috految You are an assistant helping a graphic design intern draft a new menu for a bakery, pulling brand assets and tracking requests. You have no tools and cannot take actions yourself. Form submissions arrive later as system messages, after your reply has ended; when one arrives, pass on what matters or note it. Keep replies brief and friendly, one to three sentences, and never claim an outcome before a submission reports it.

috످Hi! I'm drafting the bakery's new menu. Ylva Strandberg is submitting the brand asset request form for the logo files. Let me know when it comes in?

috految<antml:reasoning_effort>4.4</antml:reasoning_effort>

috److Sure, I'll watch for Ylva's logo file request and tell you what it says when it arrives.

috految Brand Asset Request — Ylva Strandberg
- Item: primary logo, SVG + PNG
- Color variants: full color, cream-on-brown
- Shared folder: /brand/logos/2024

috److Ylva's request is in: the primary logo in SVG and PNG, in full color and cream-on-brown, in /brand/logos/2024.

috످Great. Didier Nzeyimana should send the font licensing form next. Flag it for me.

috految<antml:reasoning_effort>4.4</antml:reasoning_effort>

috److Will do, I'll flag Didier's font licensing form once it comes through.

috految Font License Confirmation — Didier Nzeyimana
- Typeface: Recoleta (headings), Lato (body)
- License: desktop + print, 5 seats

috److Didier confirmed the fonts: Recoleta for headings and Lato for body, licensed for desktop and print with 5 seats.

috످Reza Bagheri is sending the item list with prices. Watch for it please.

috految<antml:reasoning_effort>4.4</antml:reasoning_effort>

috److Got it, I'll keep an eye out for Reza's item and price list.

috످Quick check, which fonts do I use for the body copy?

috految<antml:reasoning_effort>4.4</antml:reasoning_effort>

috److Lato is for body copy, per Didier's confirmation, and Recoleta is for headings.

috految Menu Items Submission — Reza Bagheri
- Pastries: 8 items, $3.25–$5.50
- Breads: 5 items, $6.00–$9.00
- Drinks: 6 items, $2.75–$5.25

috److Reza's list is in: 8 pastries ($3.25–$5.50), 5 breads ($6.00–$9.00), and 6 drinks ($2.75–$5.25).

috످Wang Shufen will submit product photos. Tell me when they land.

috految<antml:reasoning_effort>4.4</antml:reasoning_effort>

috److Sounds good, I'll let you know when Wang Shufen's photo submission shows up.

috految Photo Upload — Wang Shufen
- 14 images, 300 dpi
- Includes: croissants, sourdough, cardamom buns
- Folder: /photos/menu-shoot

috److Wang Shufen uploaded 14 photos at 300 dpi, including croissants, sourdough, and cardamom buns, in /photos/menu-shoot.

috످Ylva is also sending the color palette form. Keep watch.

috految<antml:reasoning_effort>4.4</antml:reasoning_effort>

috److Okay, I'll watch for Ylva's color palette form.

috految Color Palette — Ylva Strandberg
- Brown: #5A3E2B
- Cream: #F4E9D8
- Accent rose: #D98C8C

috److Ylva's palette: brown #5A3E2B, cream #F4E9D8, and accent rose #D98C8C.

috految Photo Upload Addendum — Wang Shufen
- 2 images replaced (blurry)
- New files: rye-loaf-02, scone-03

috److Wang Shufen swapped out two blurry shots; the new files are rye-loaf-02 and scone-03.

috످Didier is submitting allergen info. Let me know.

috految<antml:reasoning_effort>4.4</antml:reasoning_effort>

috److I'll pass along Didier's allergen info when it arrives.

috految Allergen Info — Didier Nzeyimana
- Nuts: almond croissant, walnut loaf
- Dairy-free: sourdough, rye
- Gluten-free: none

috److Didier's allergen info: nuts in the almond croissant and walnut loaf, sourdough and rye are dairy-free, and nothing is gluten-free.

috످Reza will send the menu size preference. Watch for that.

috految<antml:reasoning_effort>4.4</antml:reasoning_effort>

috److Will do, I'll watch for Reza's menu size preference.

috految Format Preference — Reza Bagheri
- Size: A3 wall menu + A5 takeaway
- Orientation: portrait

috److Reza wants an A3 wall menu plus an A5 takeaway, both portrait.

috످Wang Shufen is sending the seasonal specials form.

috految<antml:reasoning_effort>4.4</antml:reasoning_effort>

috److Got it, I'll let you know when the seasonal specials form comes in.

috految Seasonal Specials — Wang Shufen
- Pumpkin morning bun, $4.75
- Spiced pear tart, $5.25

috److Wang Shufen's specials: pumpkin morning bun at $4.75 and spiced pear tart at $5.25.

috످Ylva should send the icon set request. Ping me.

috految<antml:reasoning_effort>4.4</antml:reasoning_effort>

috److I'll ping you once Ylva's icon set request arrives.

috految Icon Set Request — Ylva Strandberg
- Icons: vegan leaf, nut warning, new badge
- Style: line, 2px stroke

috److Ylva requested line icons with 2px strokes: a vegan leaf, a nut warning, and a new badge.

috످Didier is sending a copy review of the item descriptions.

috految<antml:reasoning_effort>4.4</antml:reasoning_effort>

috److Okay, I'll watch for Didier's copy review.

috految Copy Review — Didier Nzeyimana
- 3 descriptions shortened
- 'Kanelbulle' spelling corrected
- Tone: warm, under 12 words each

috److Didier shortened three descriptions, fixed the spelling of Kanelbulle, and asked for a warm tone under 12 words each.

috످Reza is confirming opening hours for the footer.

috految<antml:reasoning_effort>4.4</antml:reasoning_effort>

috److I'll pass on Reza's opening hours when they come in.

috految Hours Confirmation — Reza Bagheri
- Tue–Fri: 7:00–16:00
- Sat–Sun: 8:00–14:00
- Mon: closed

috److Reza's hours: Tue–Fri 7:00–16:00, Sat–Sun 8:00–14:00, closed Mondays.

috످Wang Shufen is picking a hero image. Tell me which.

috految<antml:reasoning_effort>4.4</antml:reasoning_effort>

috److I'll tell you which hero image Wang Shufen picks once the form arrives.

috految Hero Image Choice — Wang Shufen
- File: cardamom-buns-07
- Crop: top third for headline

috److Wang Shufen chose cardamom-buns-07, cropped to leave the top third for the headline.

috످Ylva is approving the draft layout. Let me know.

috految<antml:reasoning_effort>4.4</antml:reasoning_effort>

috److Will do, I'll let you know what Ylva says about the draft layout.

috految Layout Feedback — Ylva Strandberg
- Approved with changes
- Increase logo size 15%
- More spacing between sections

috److Ylva approved the layout with two changes: make the logo 15% bigger and add more space between sections.

috످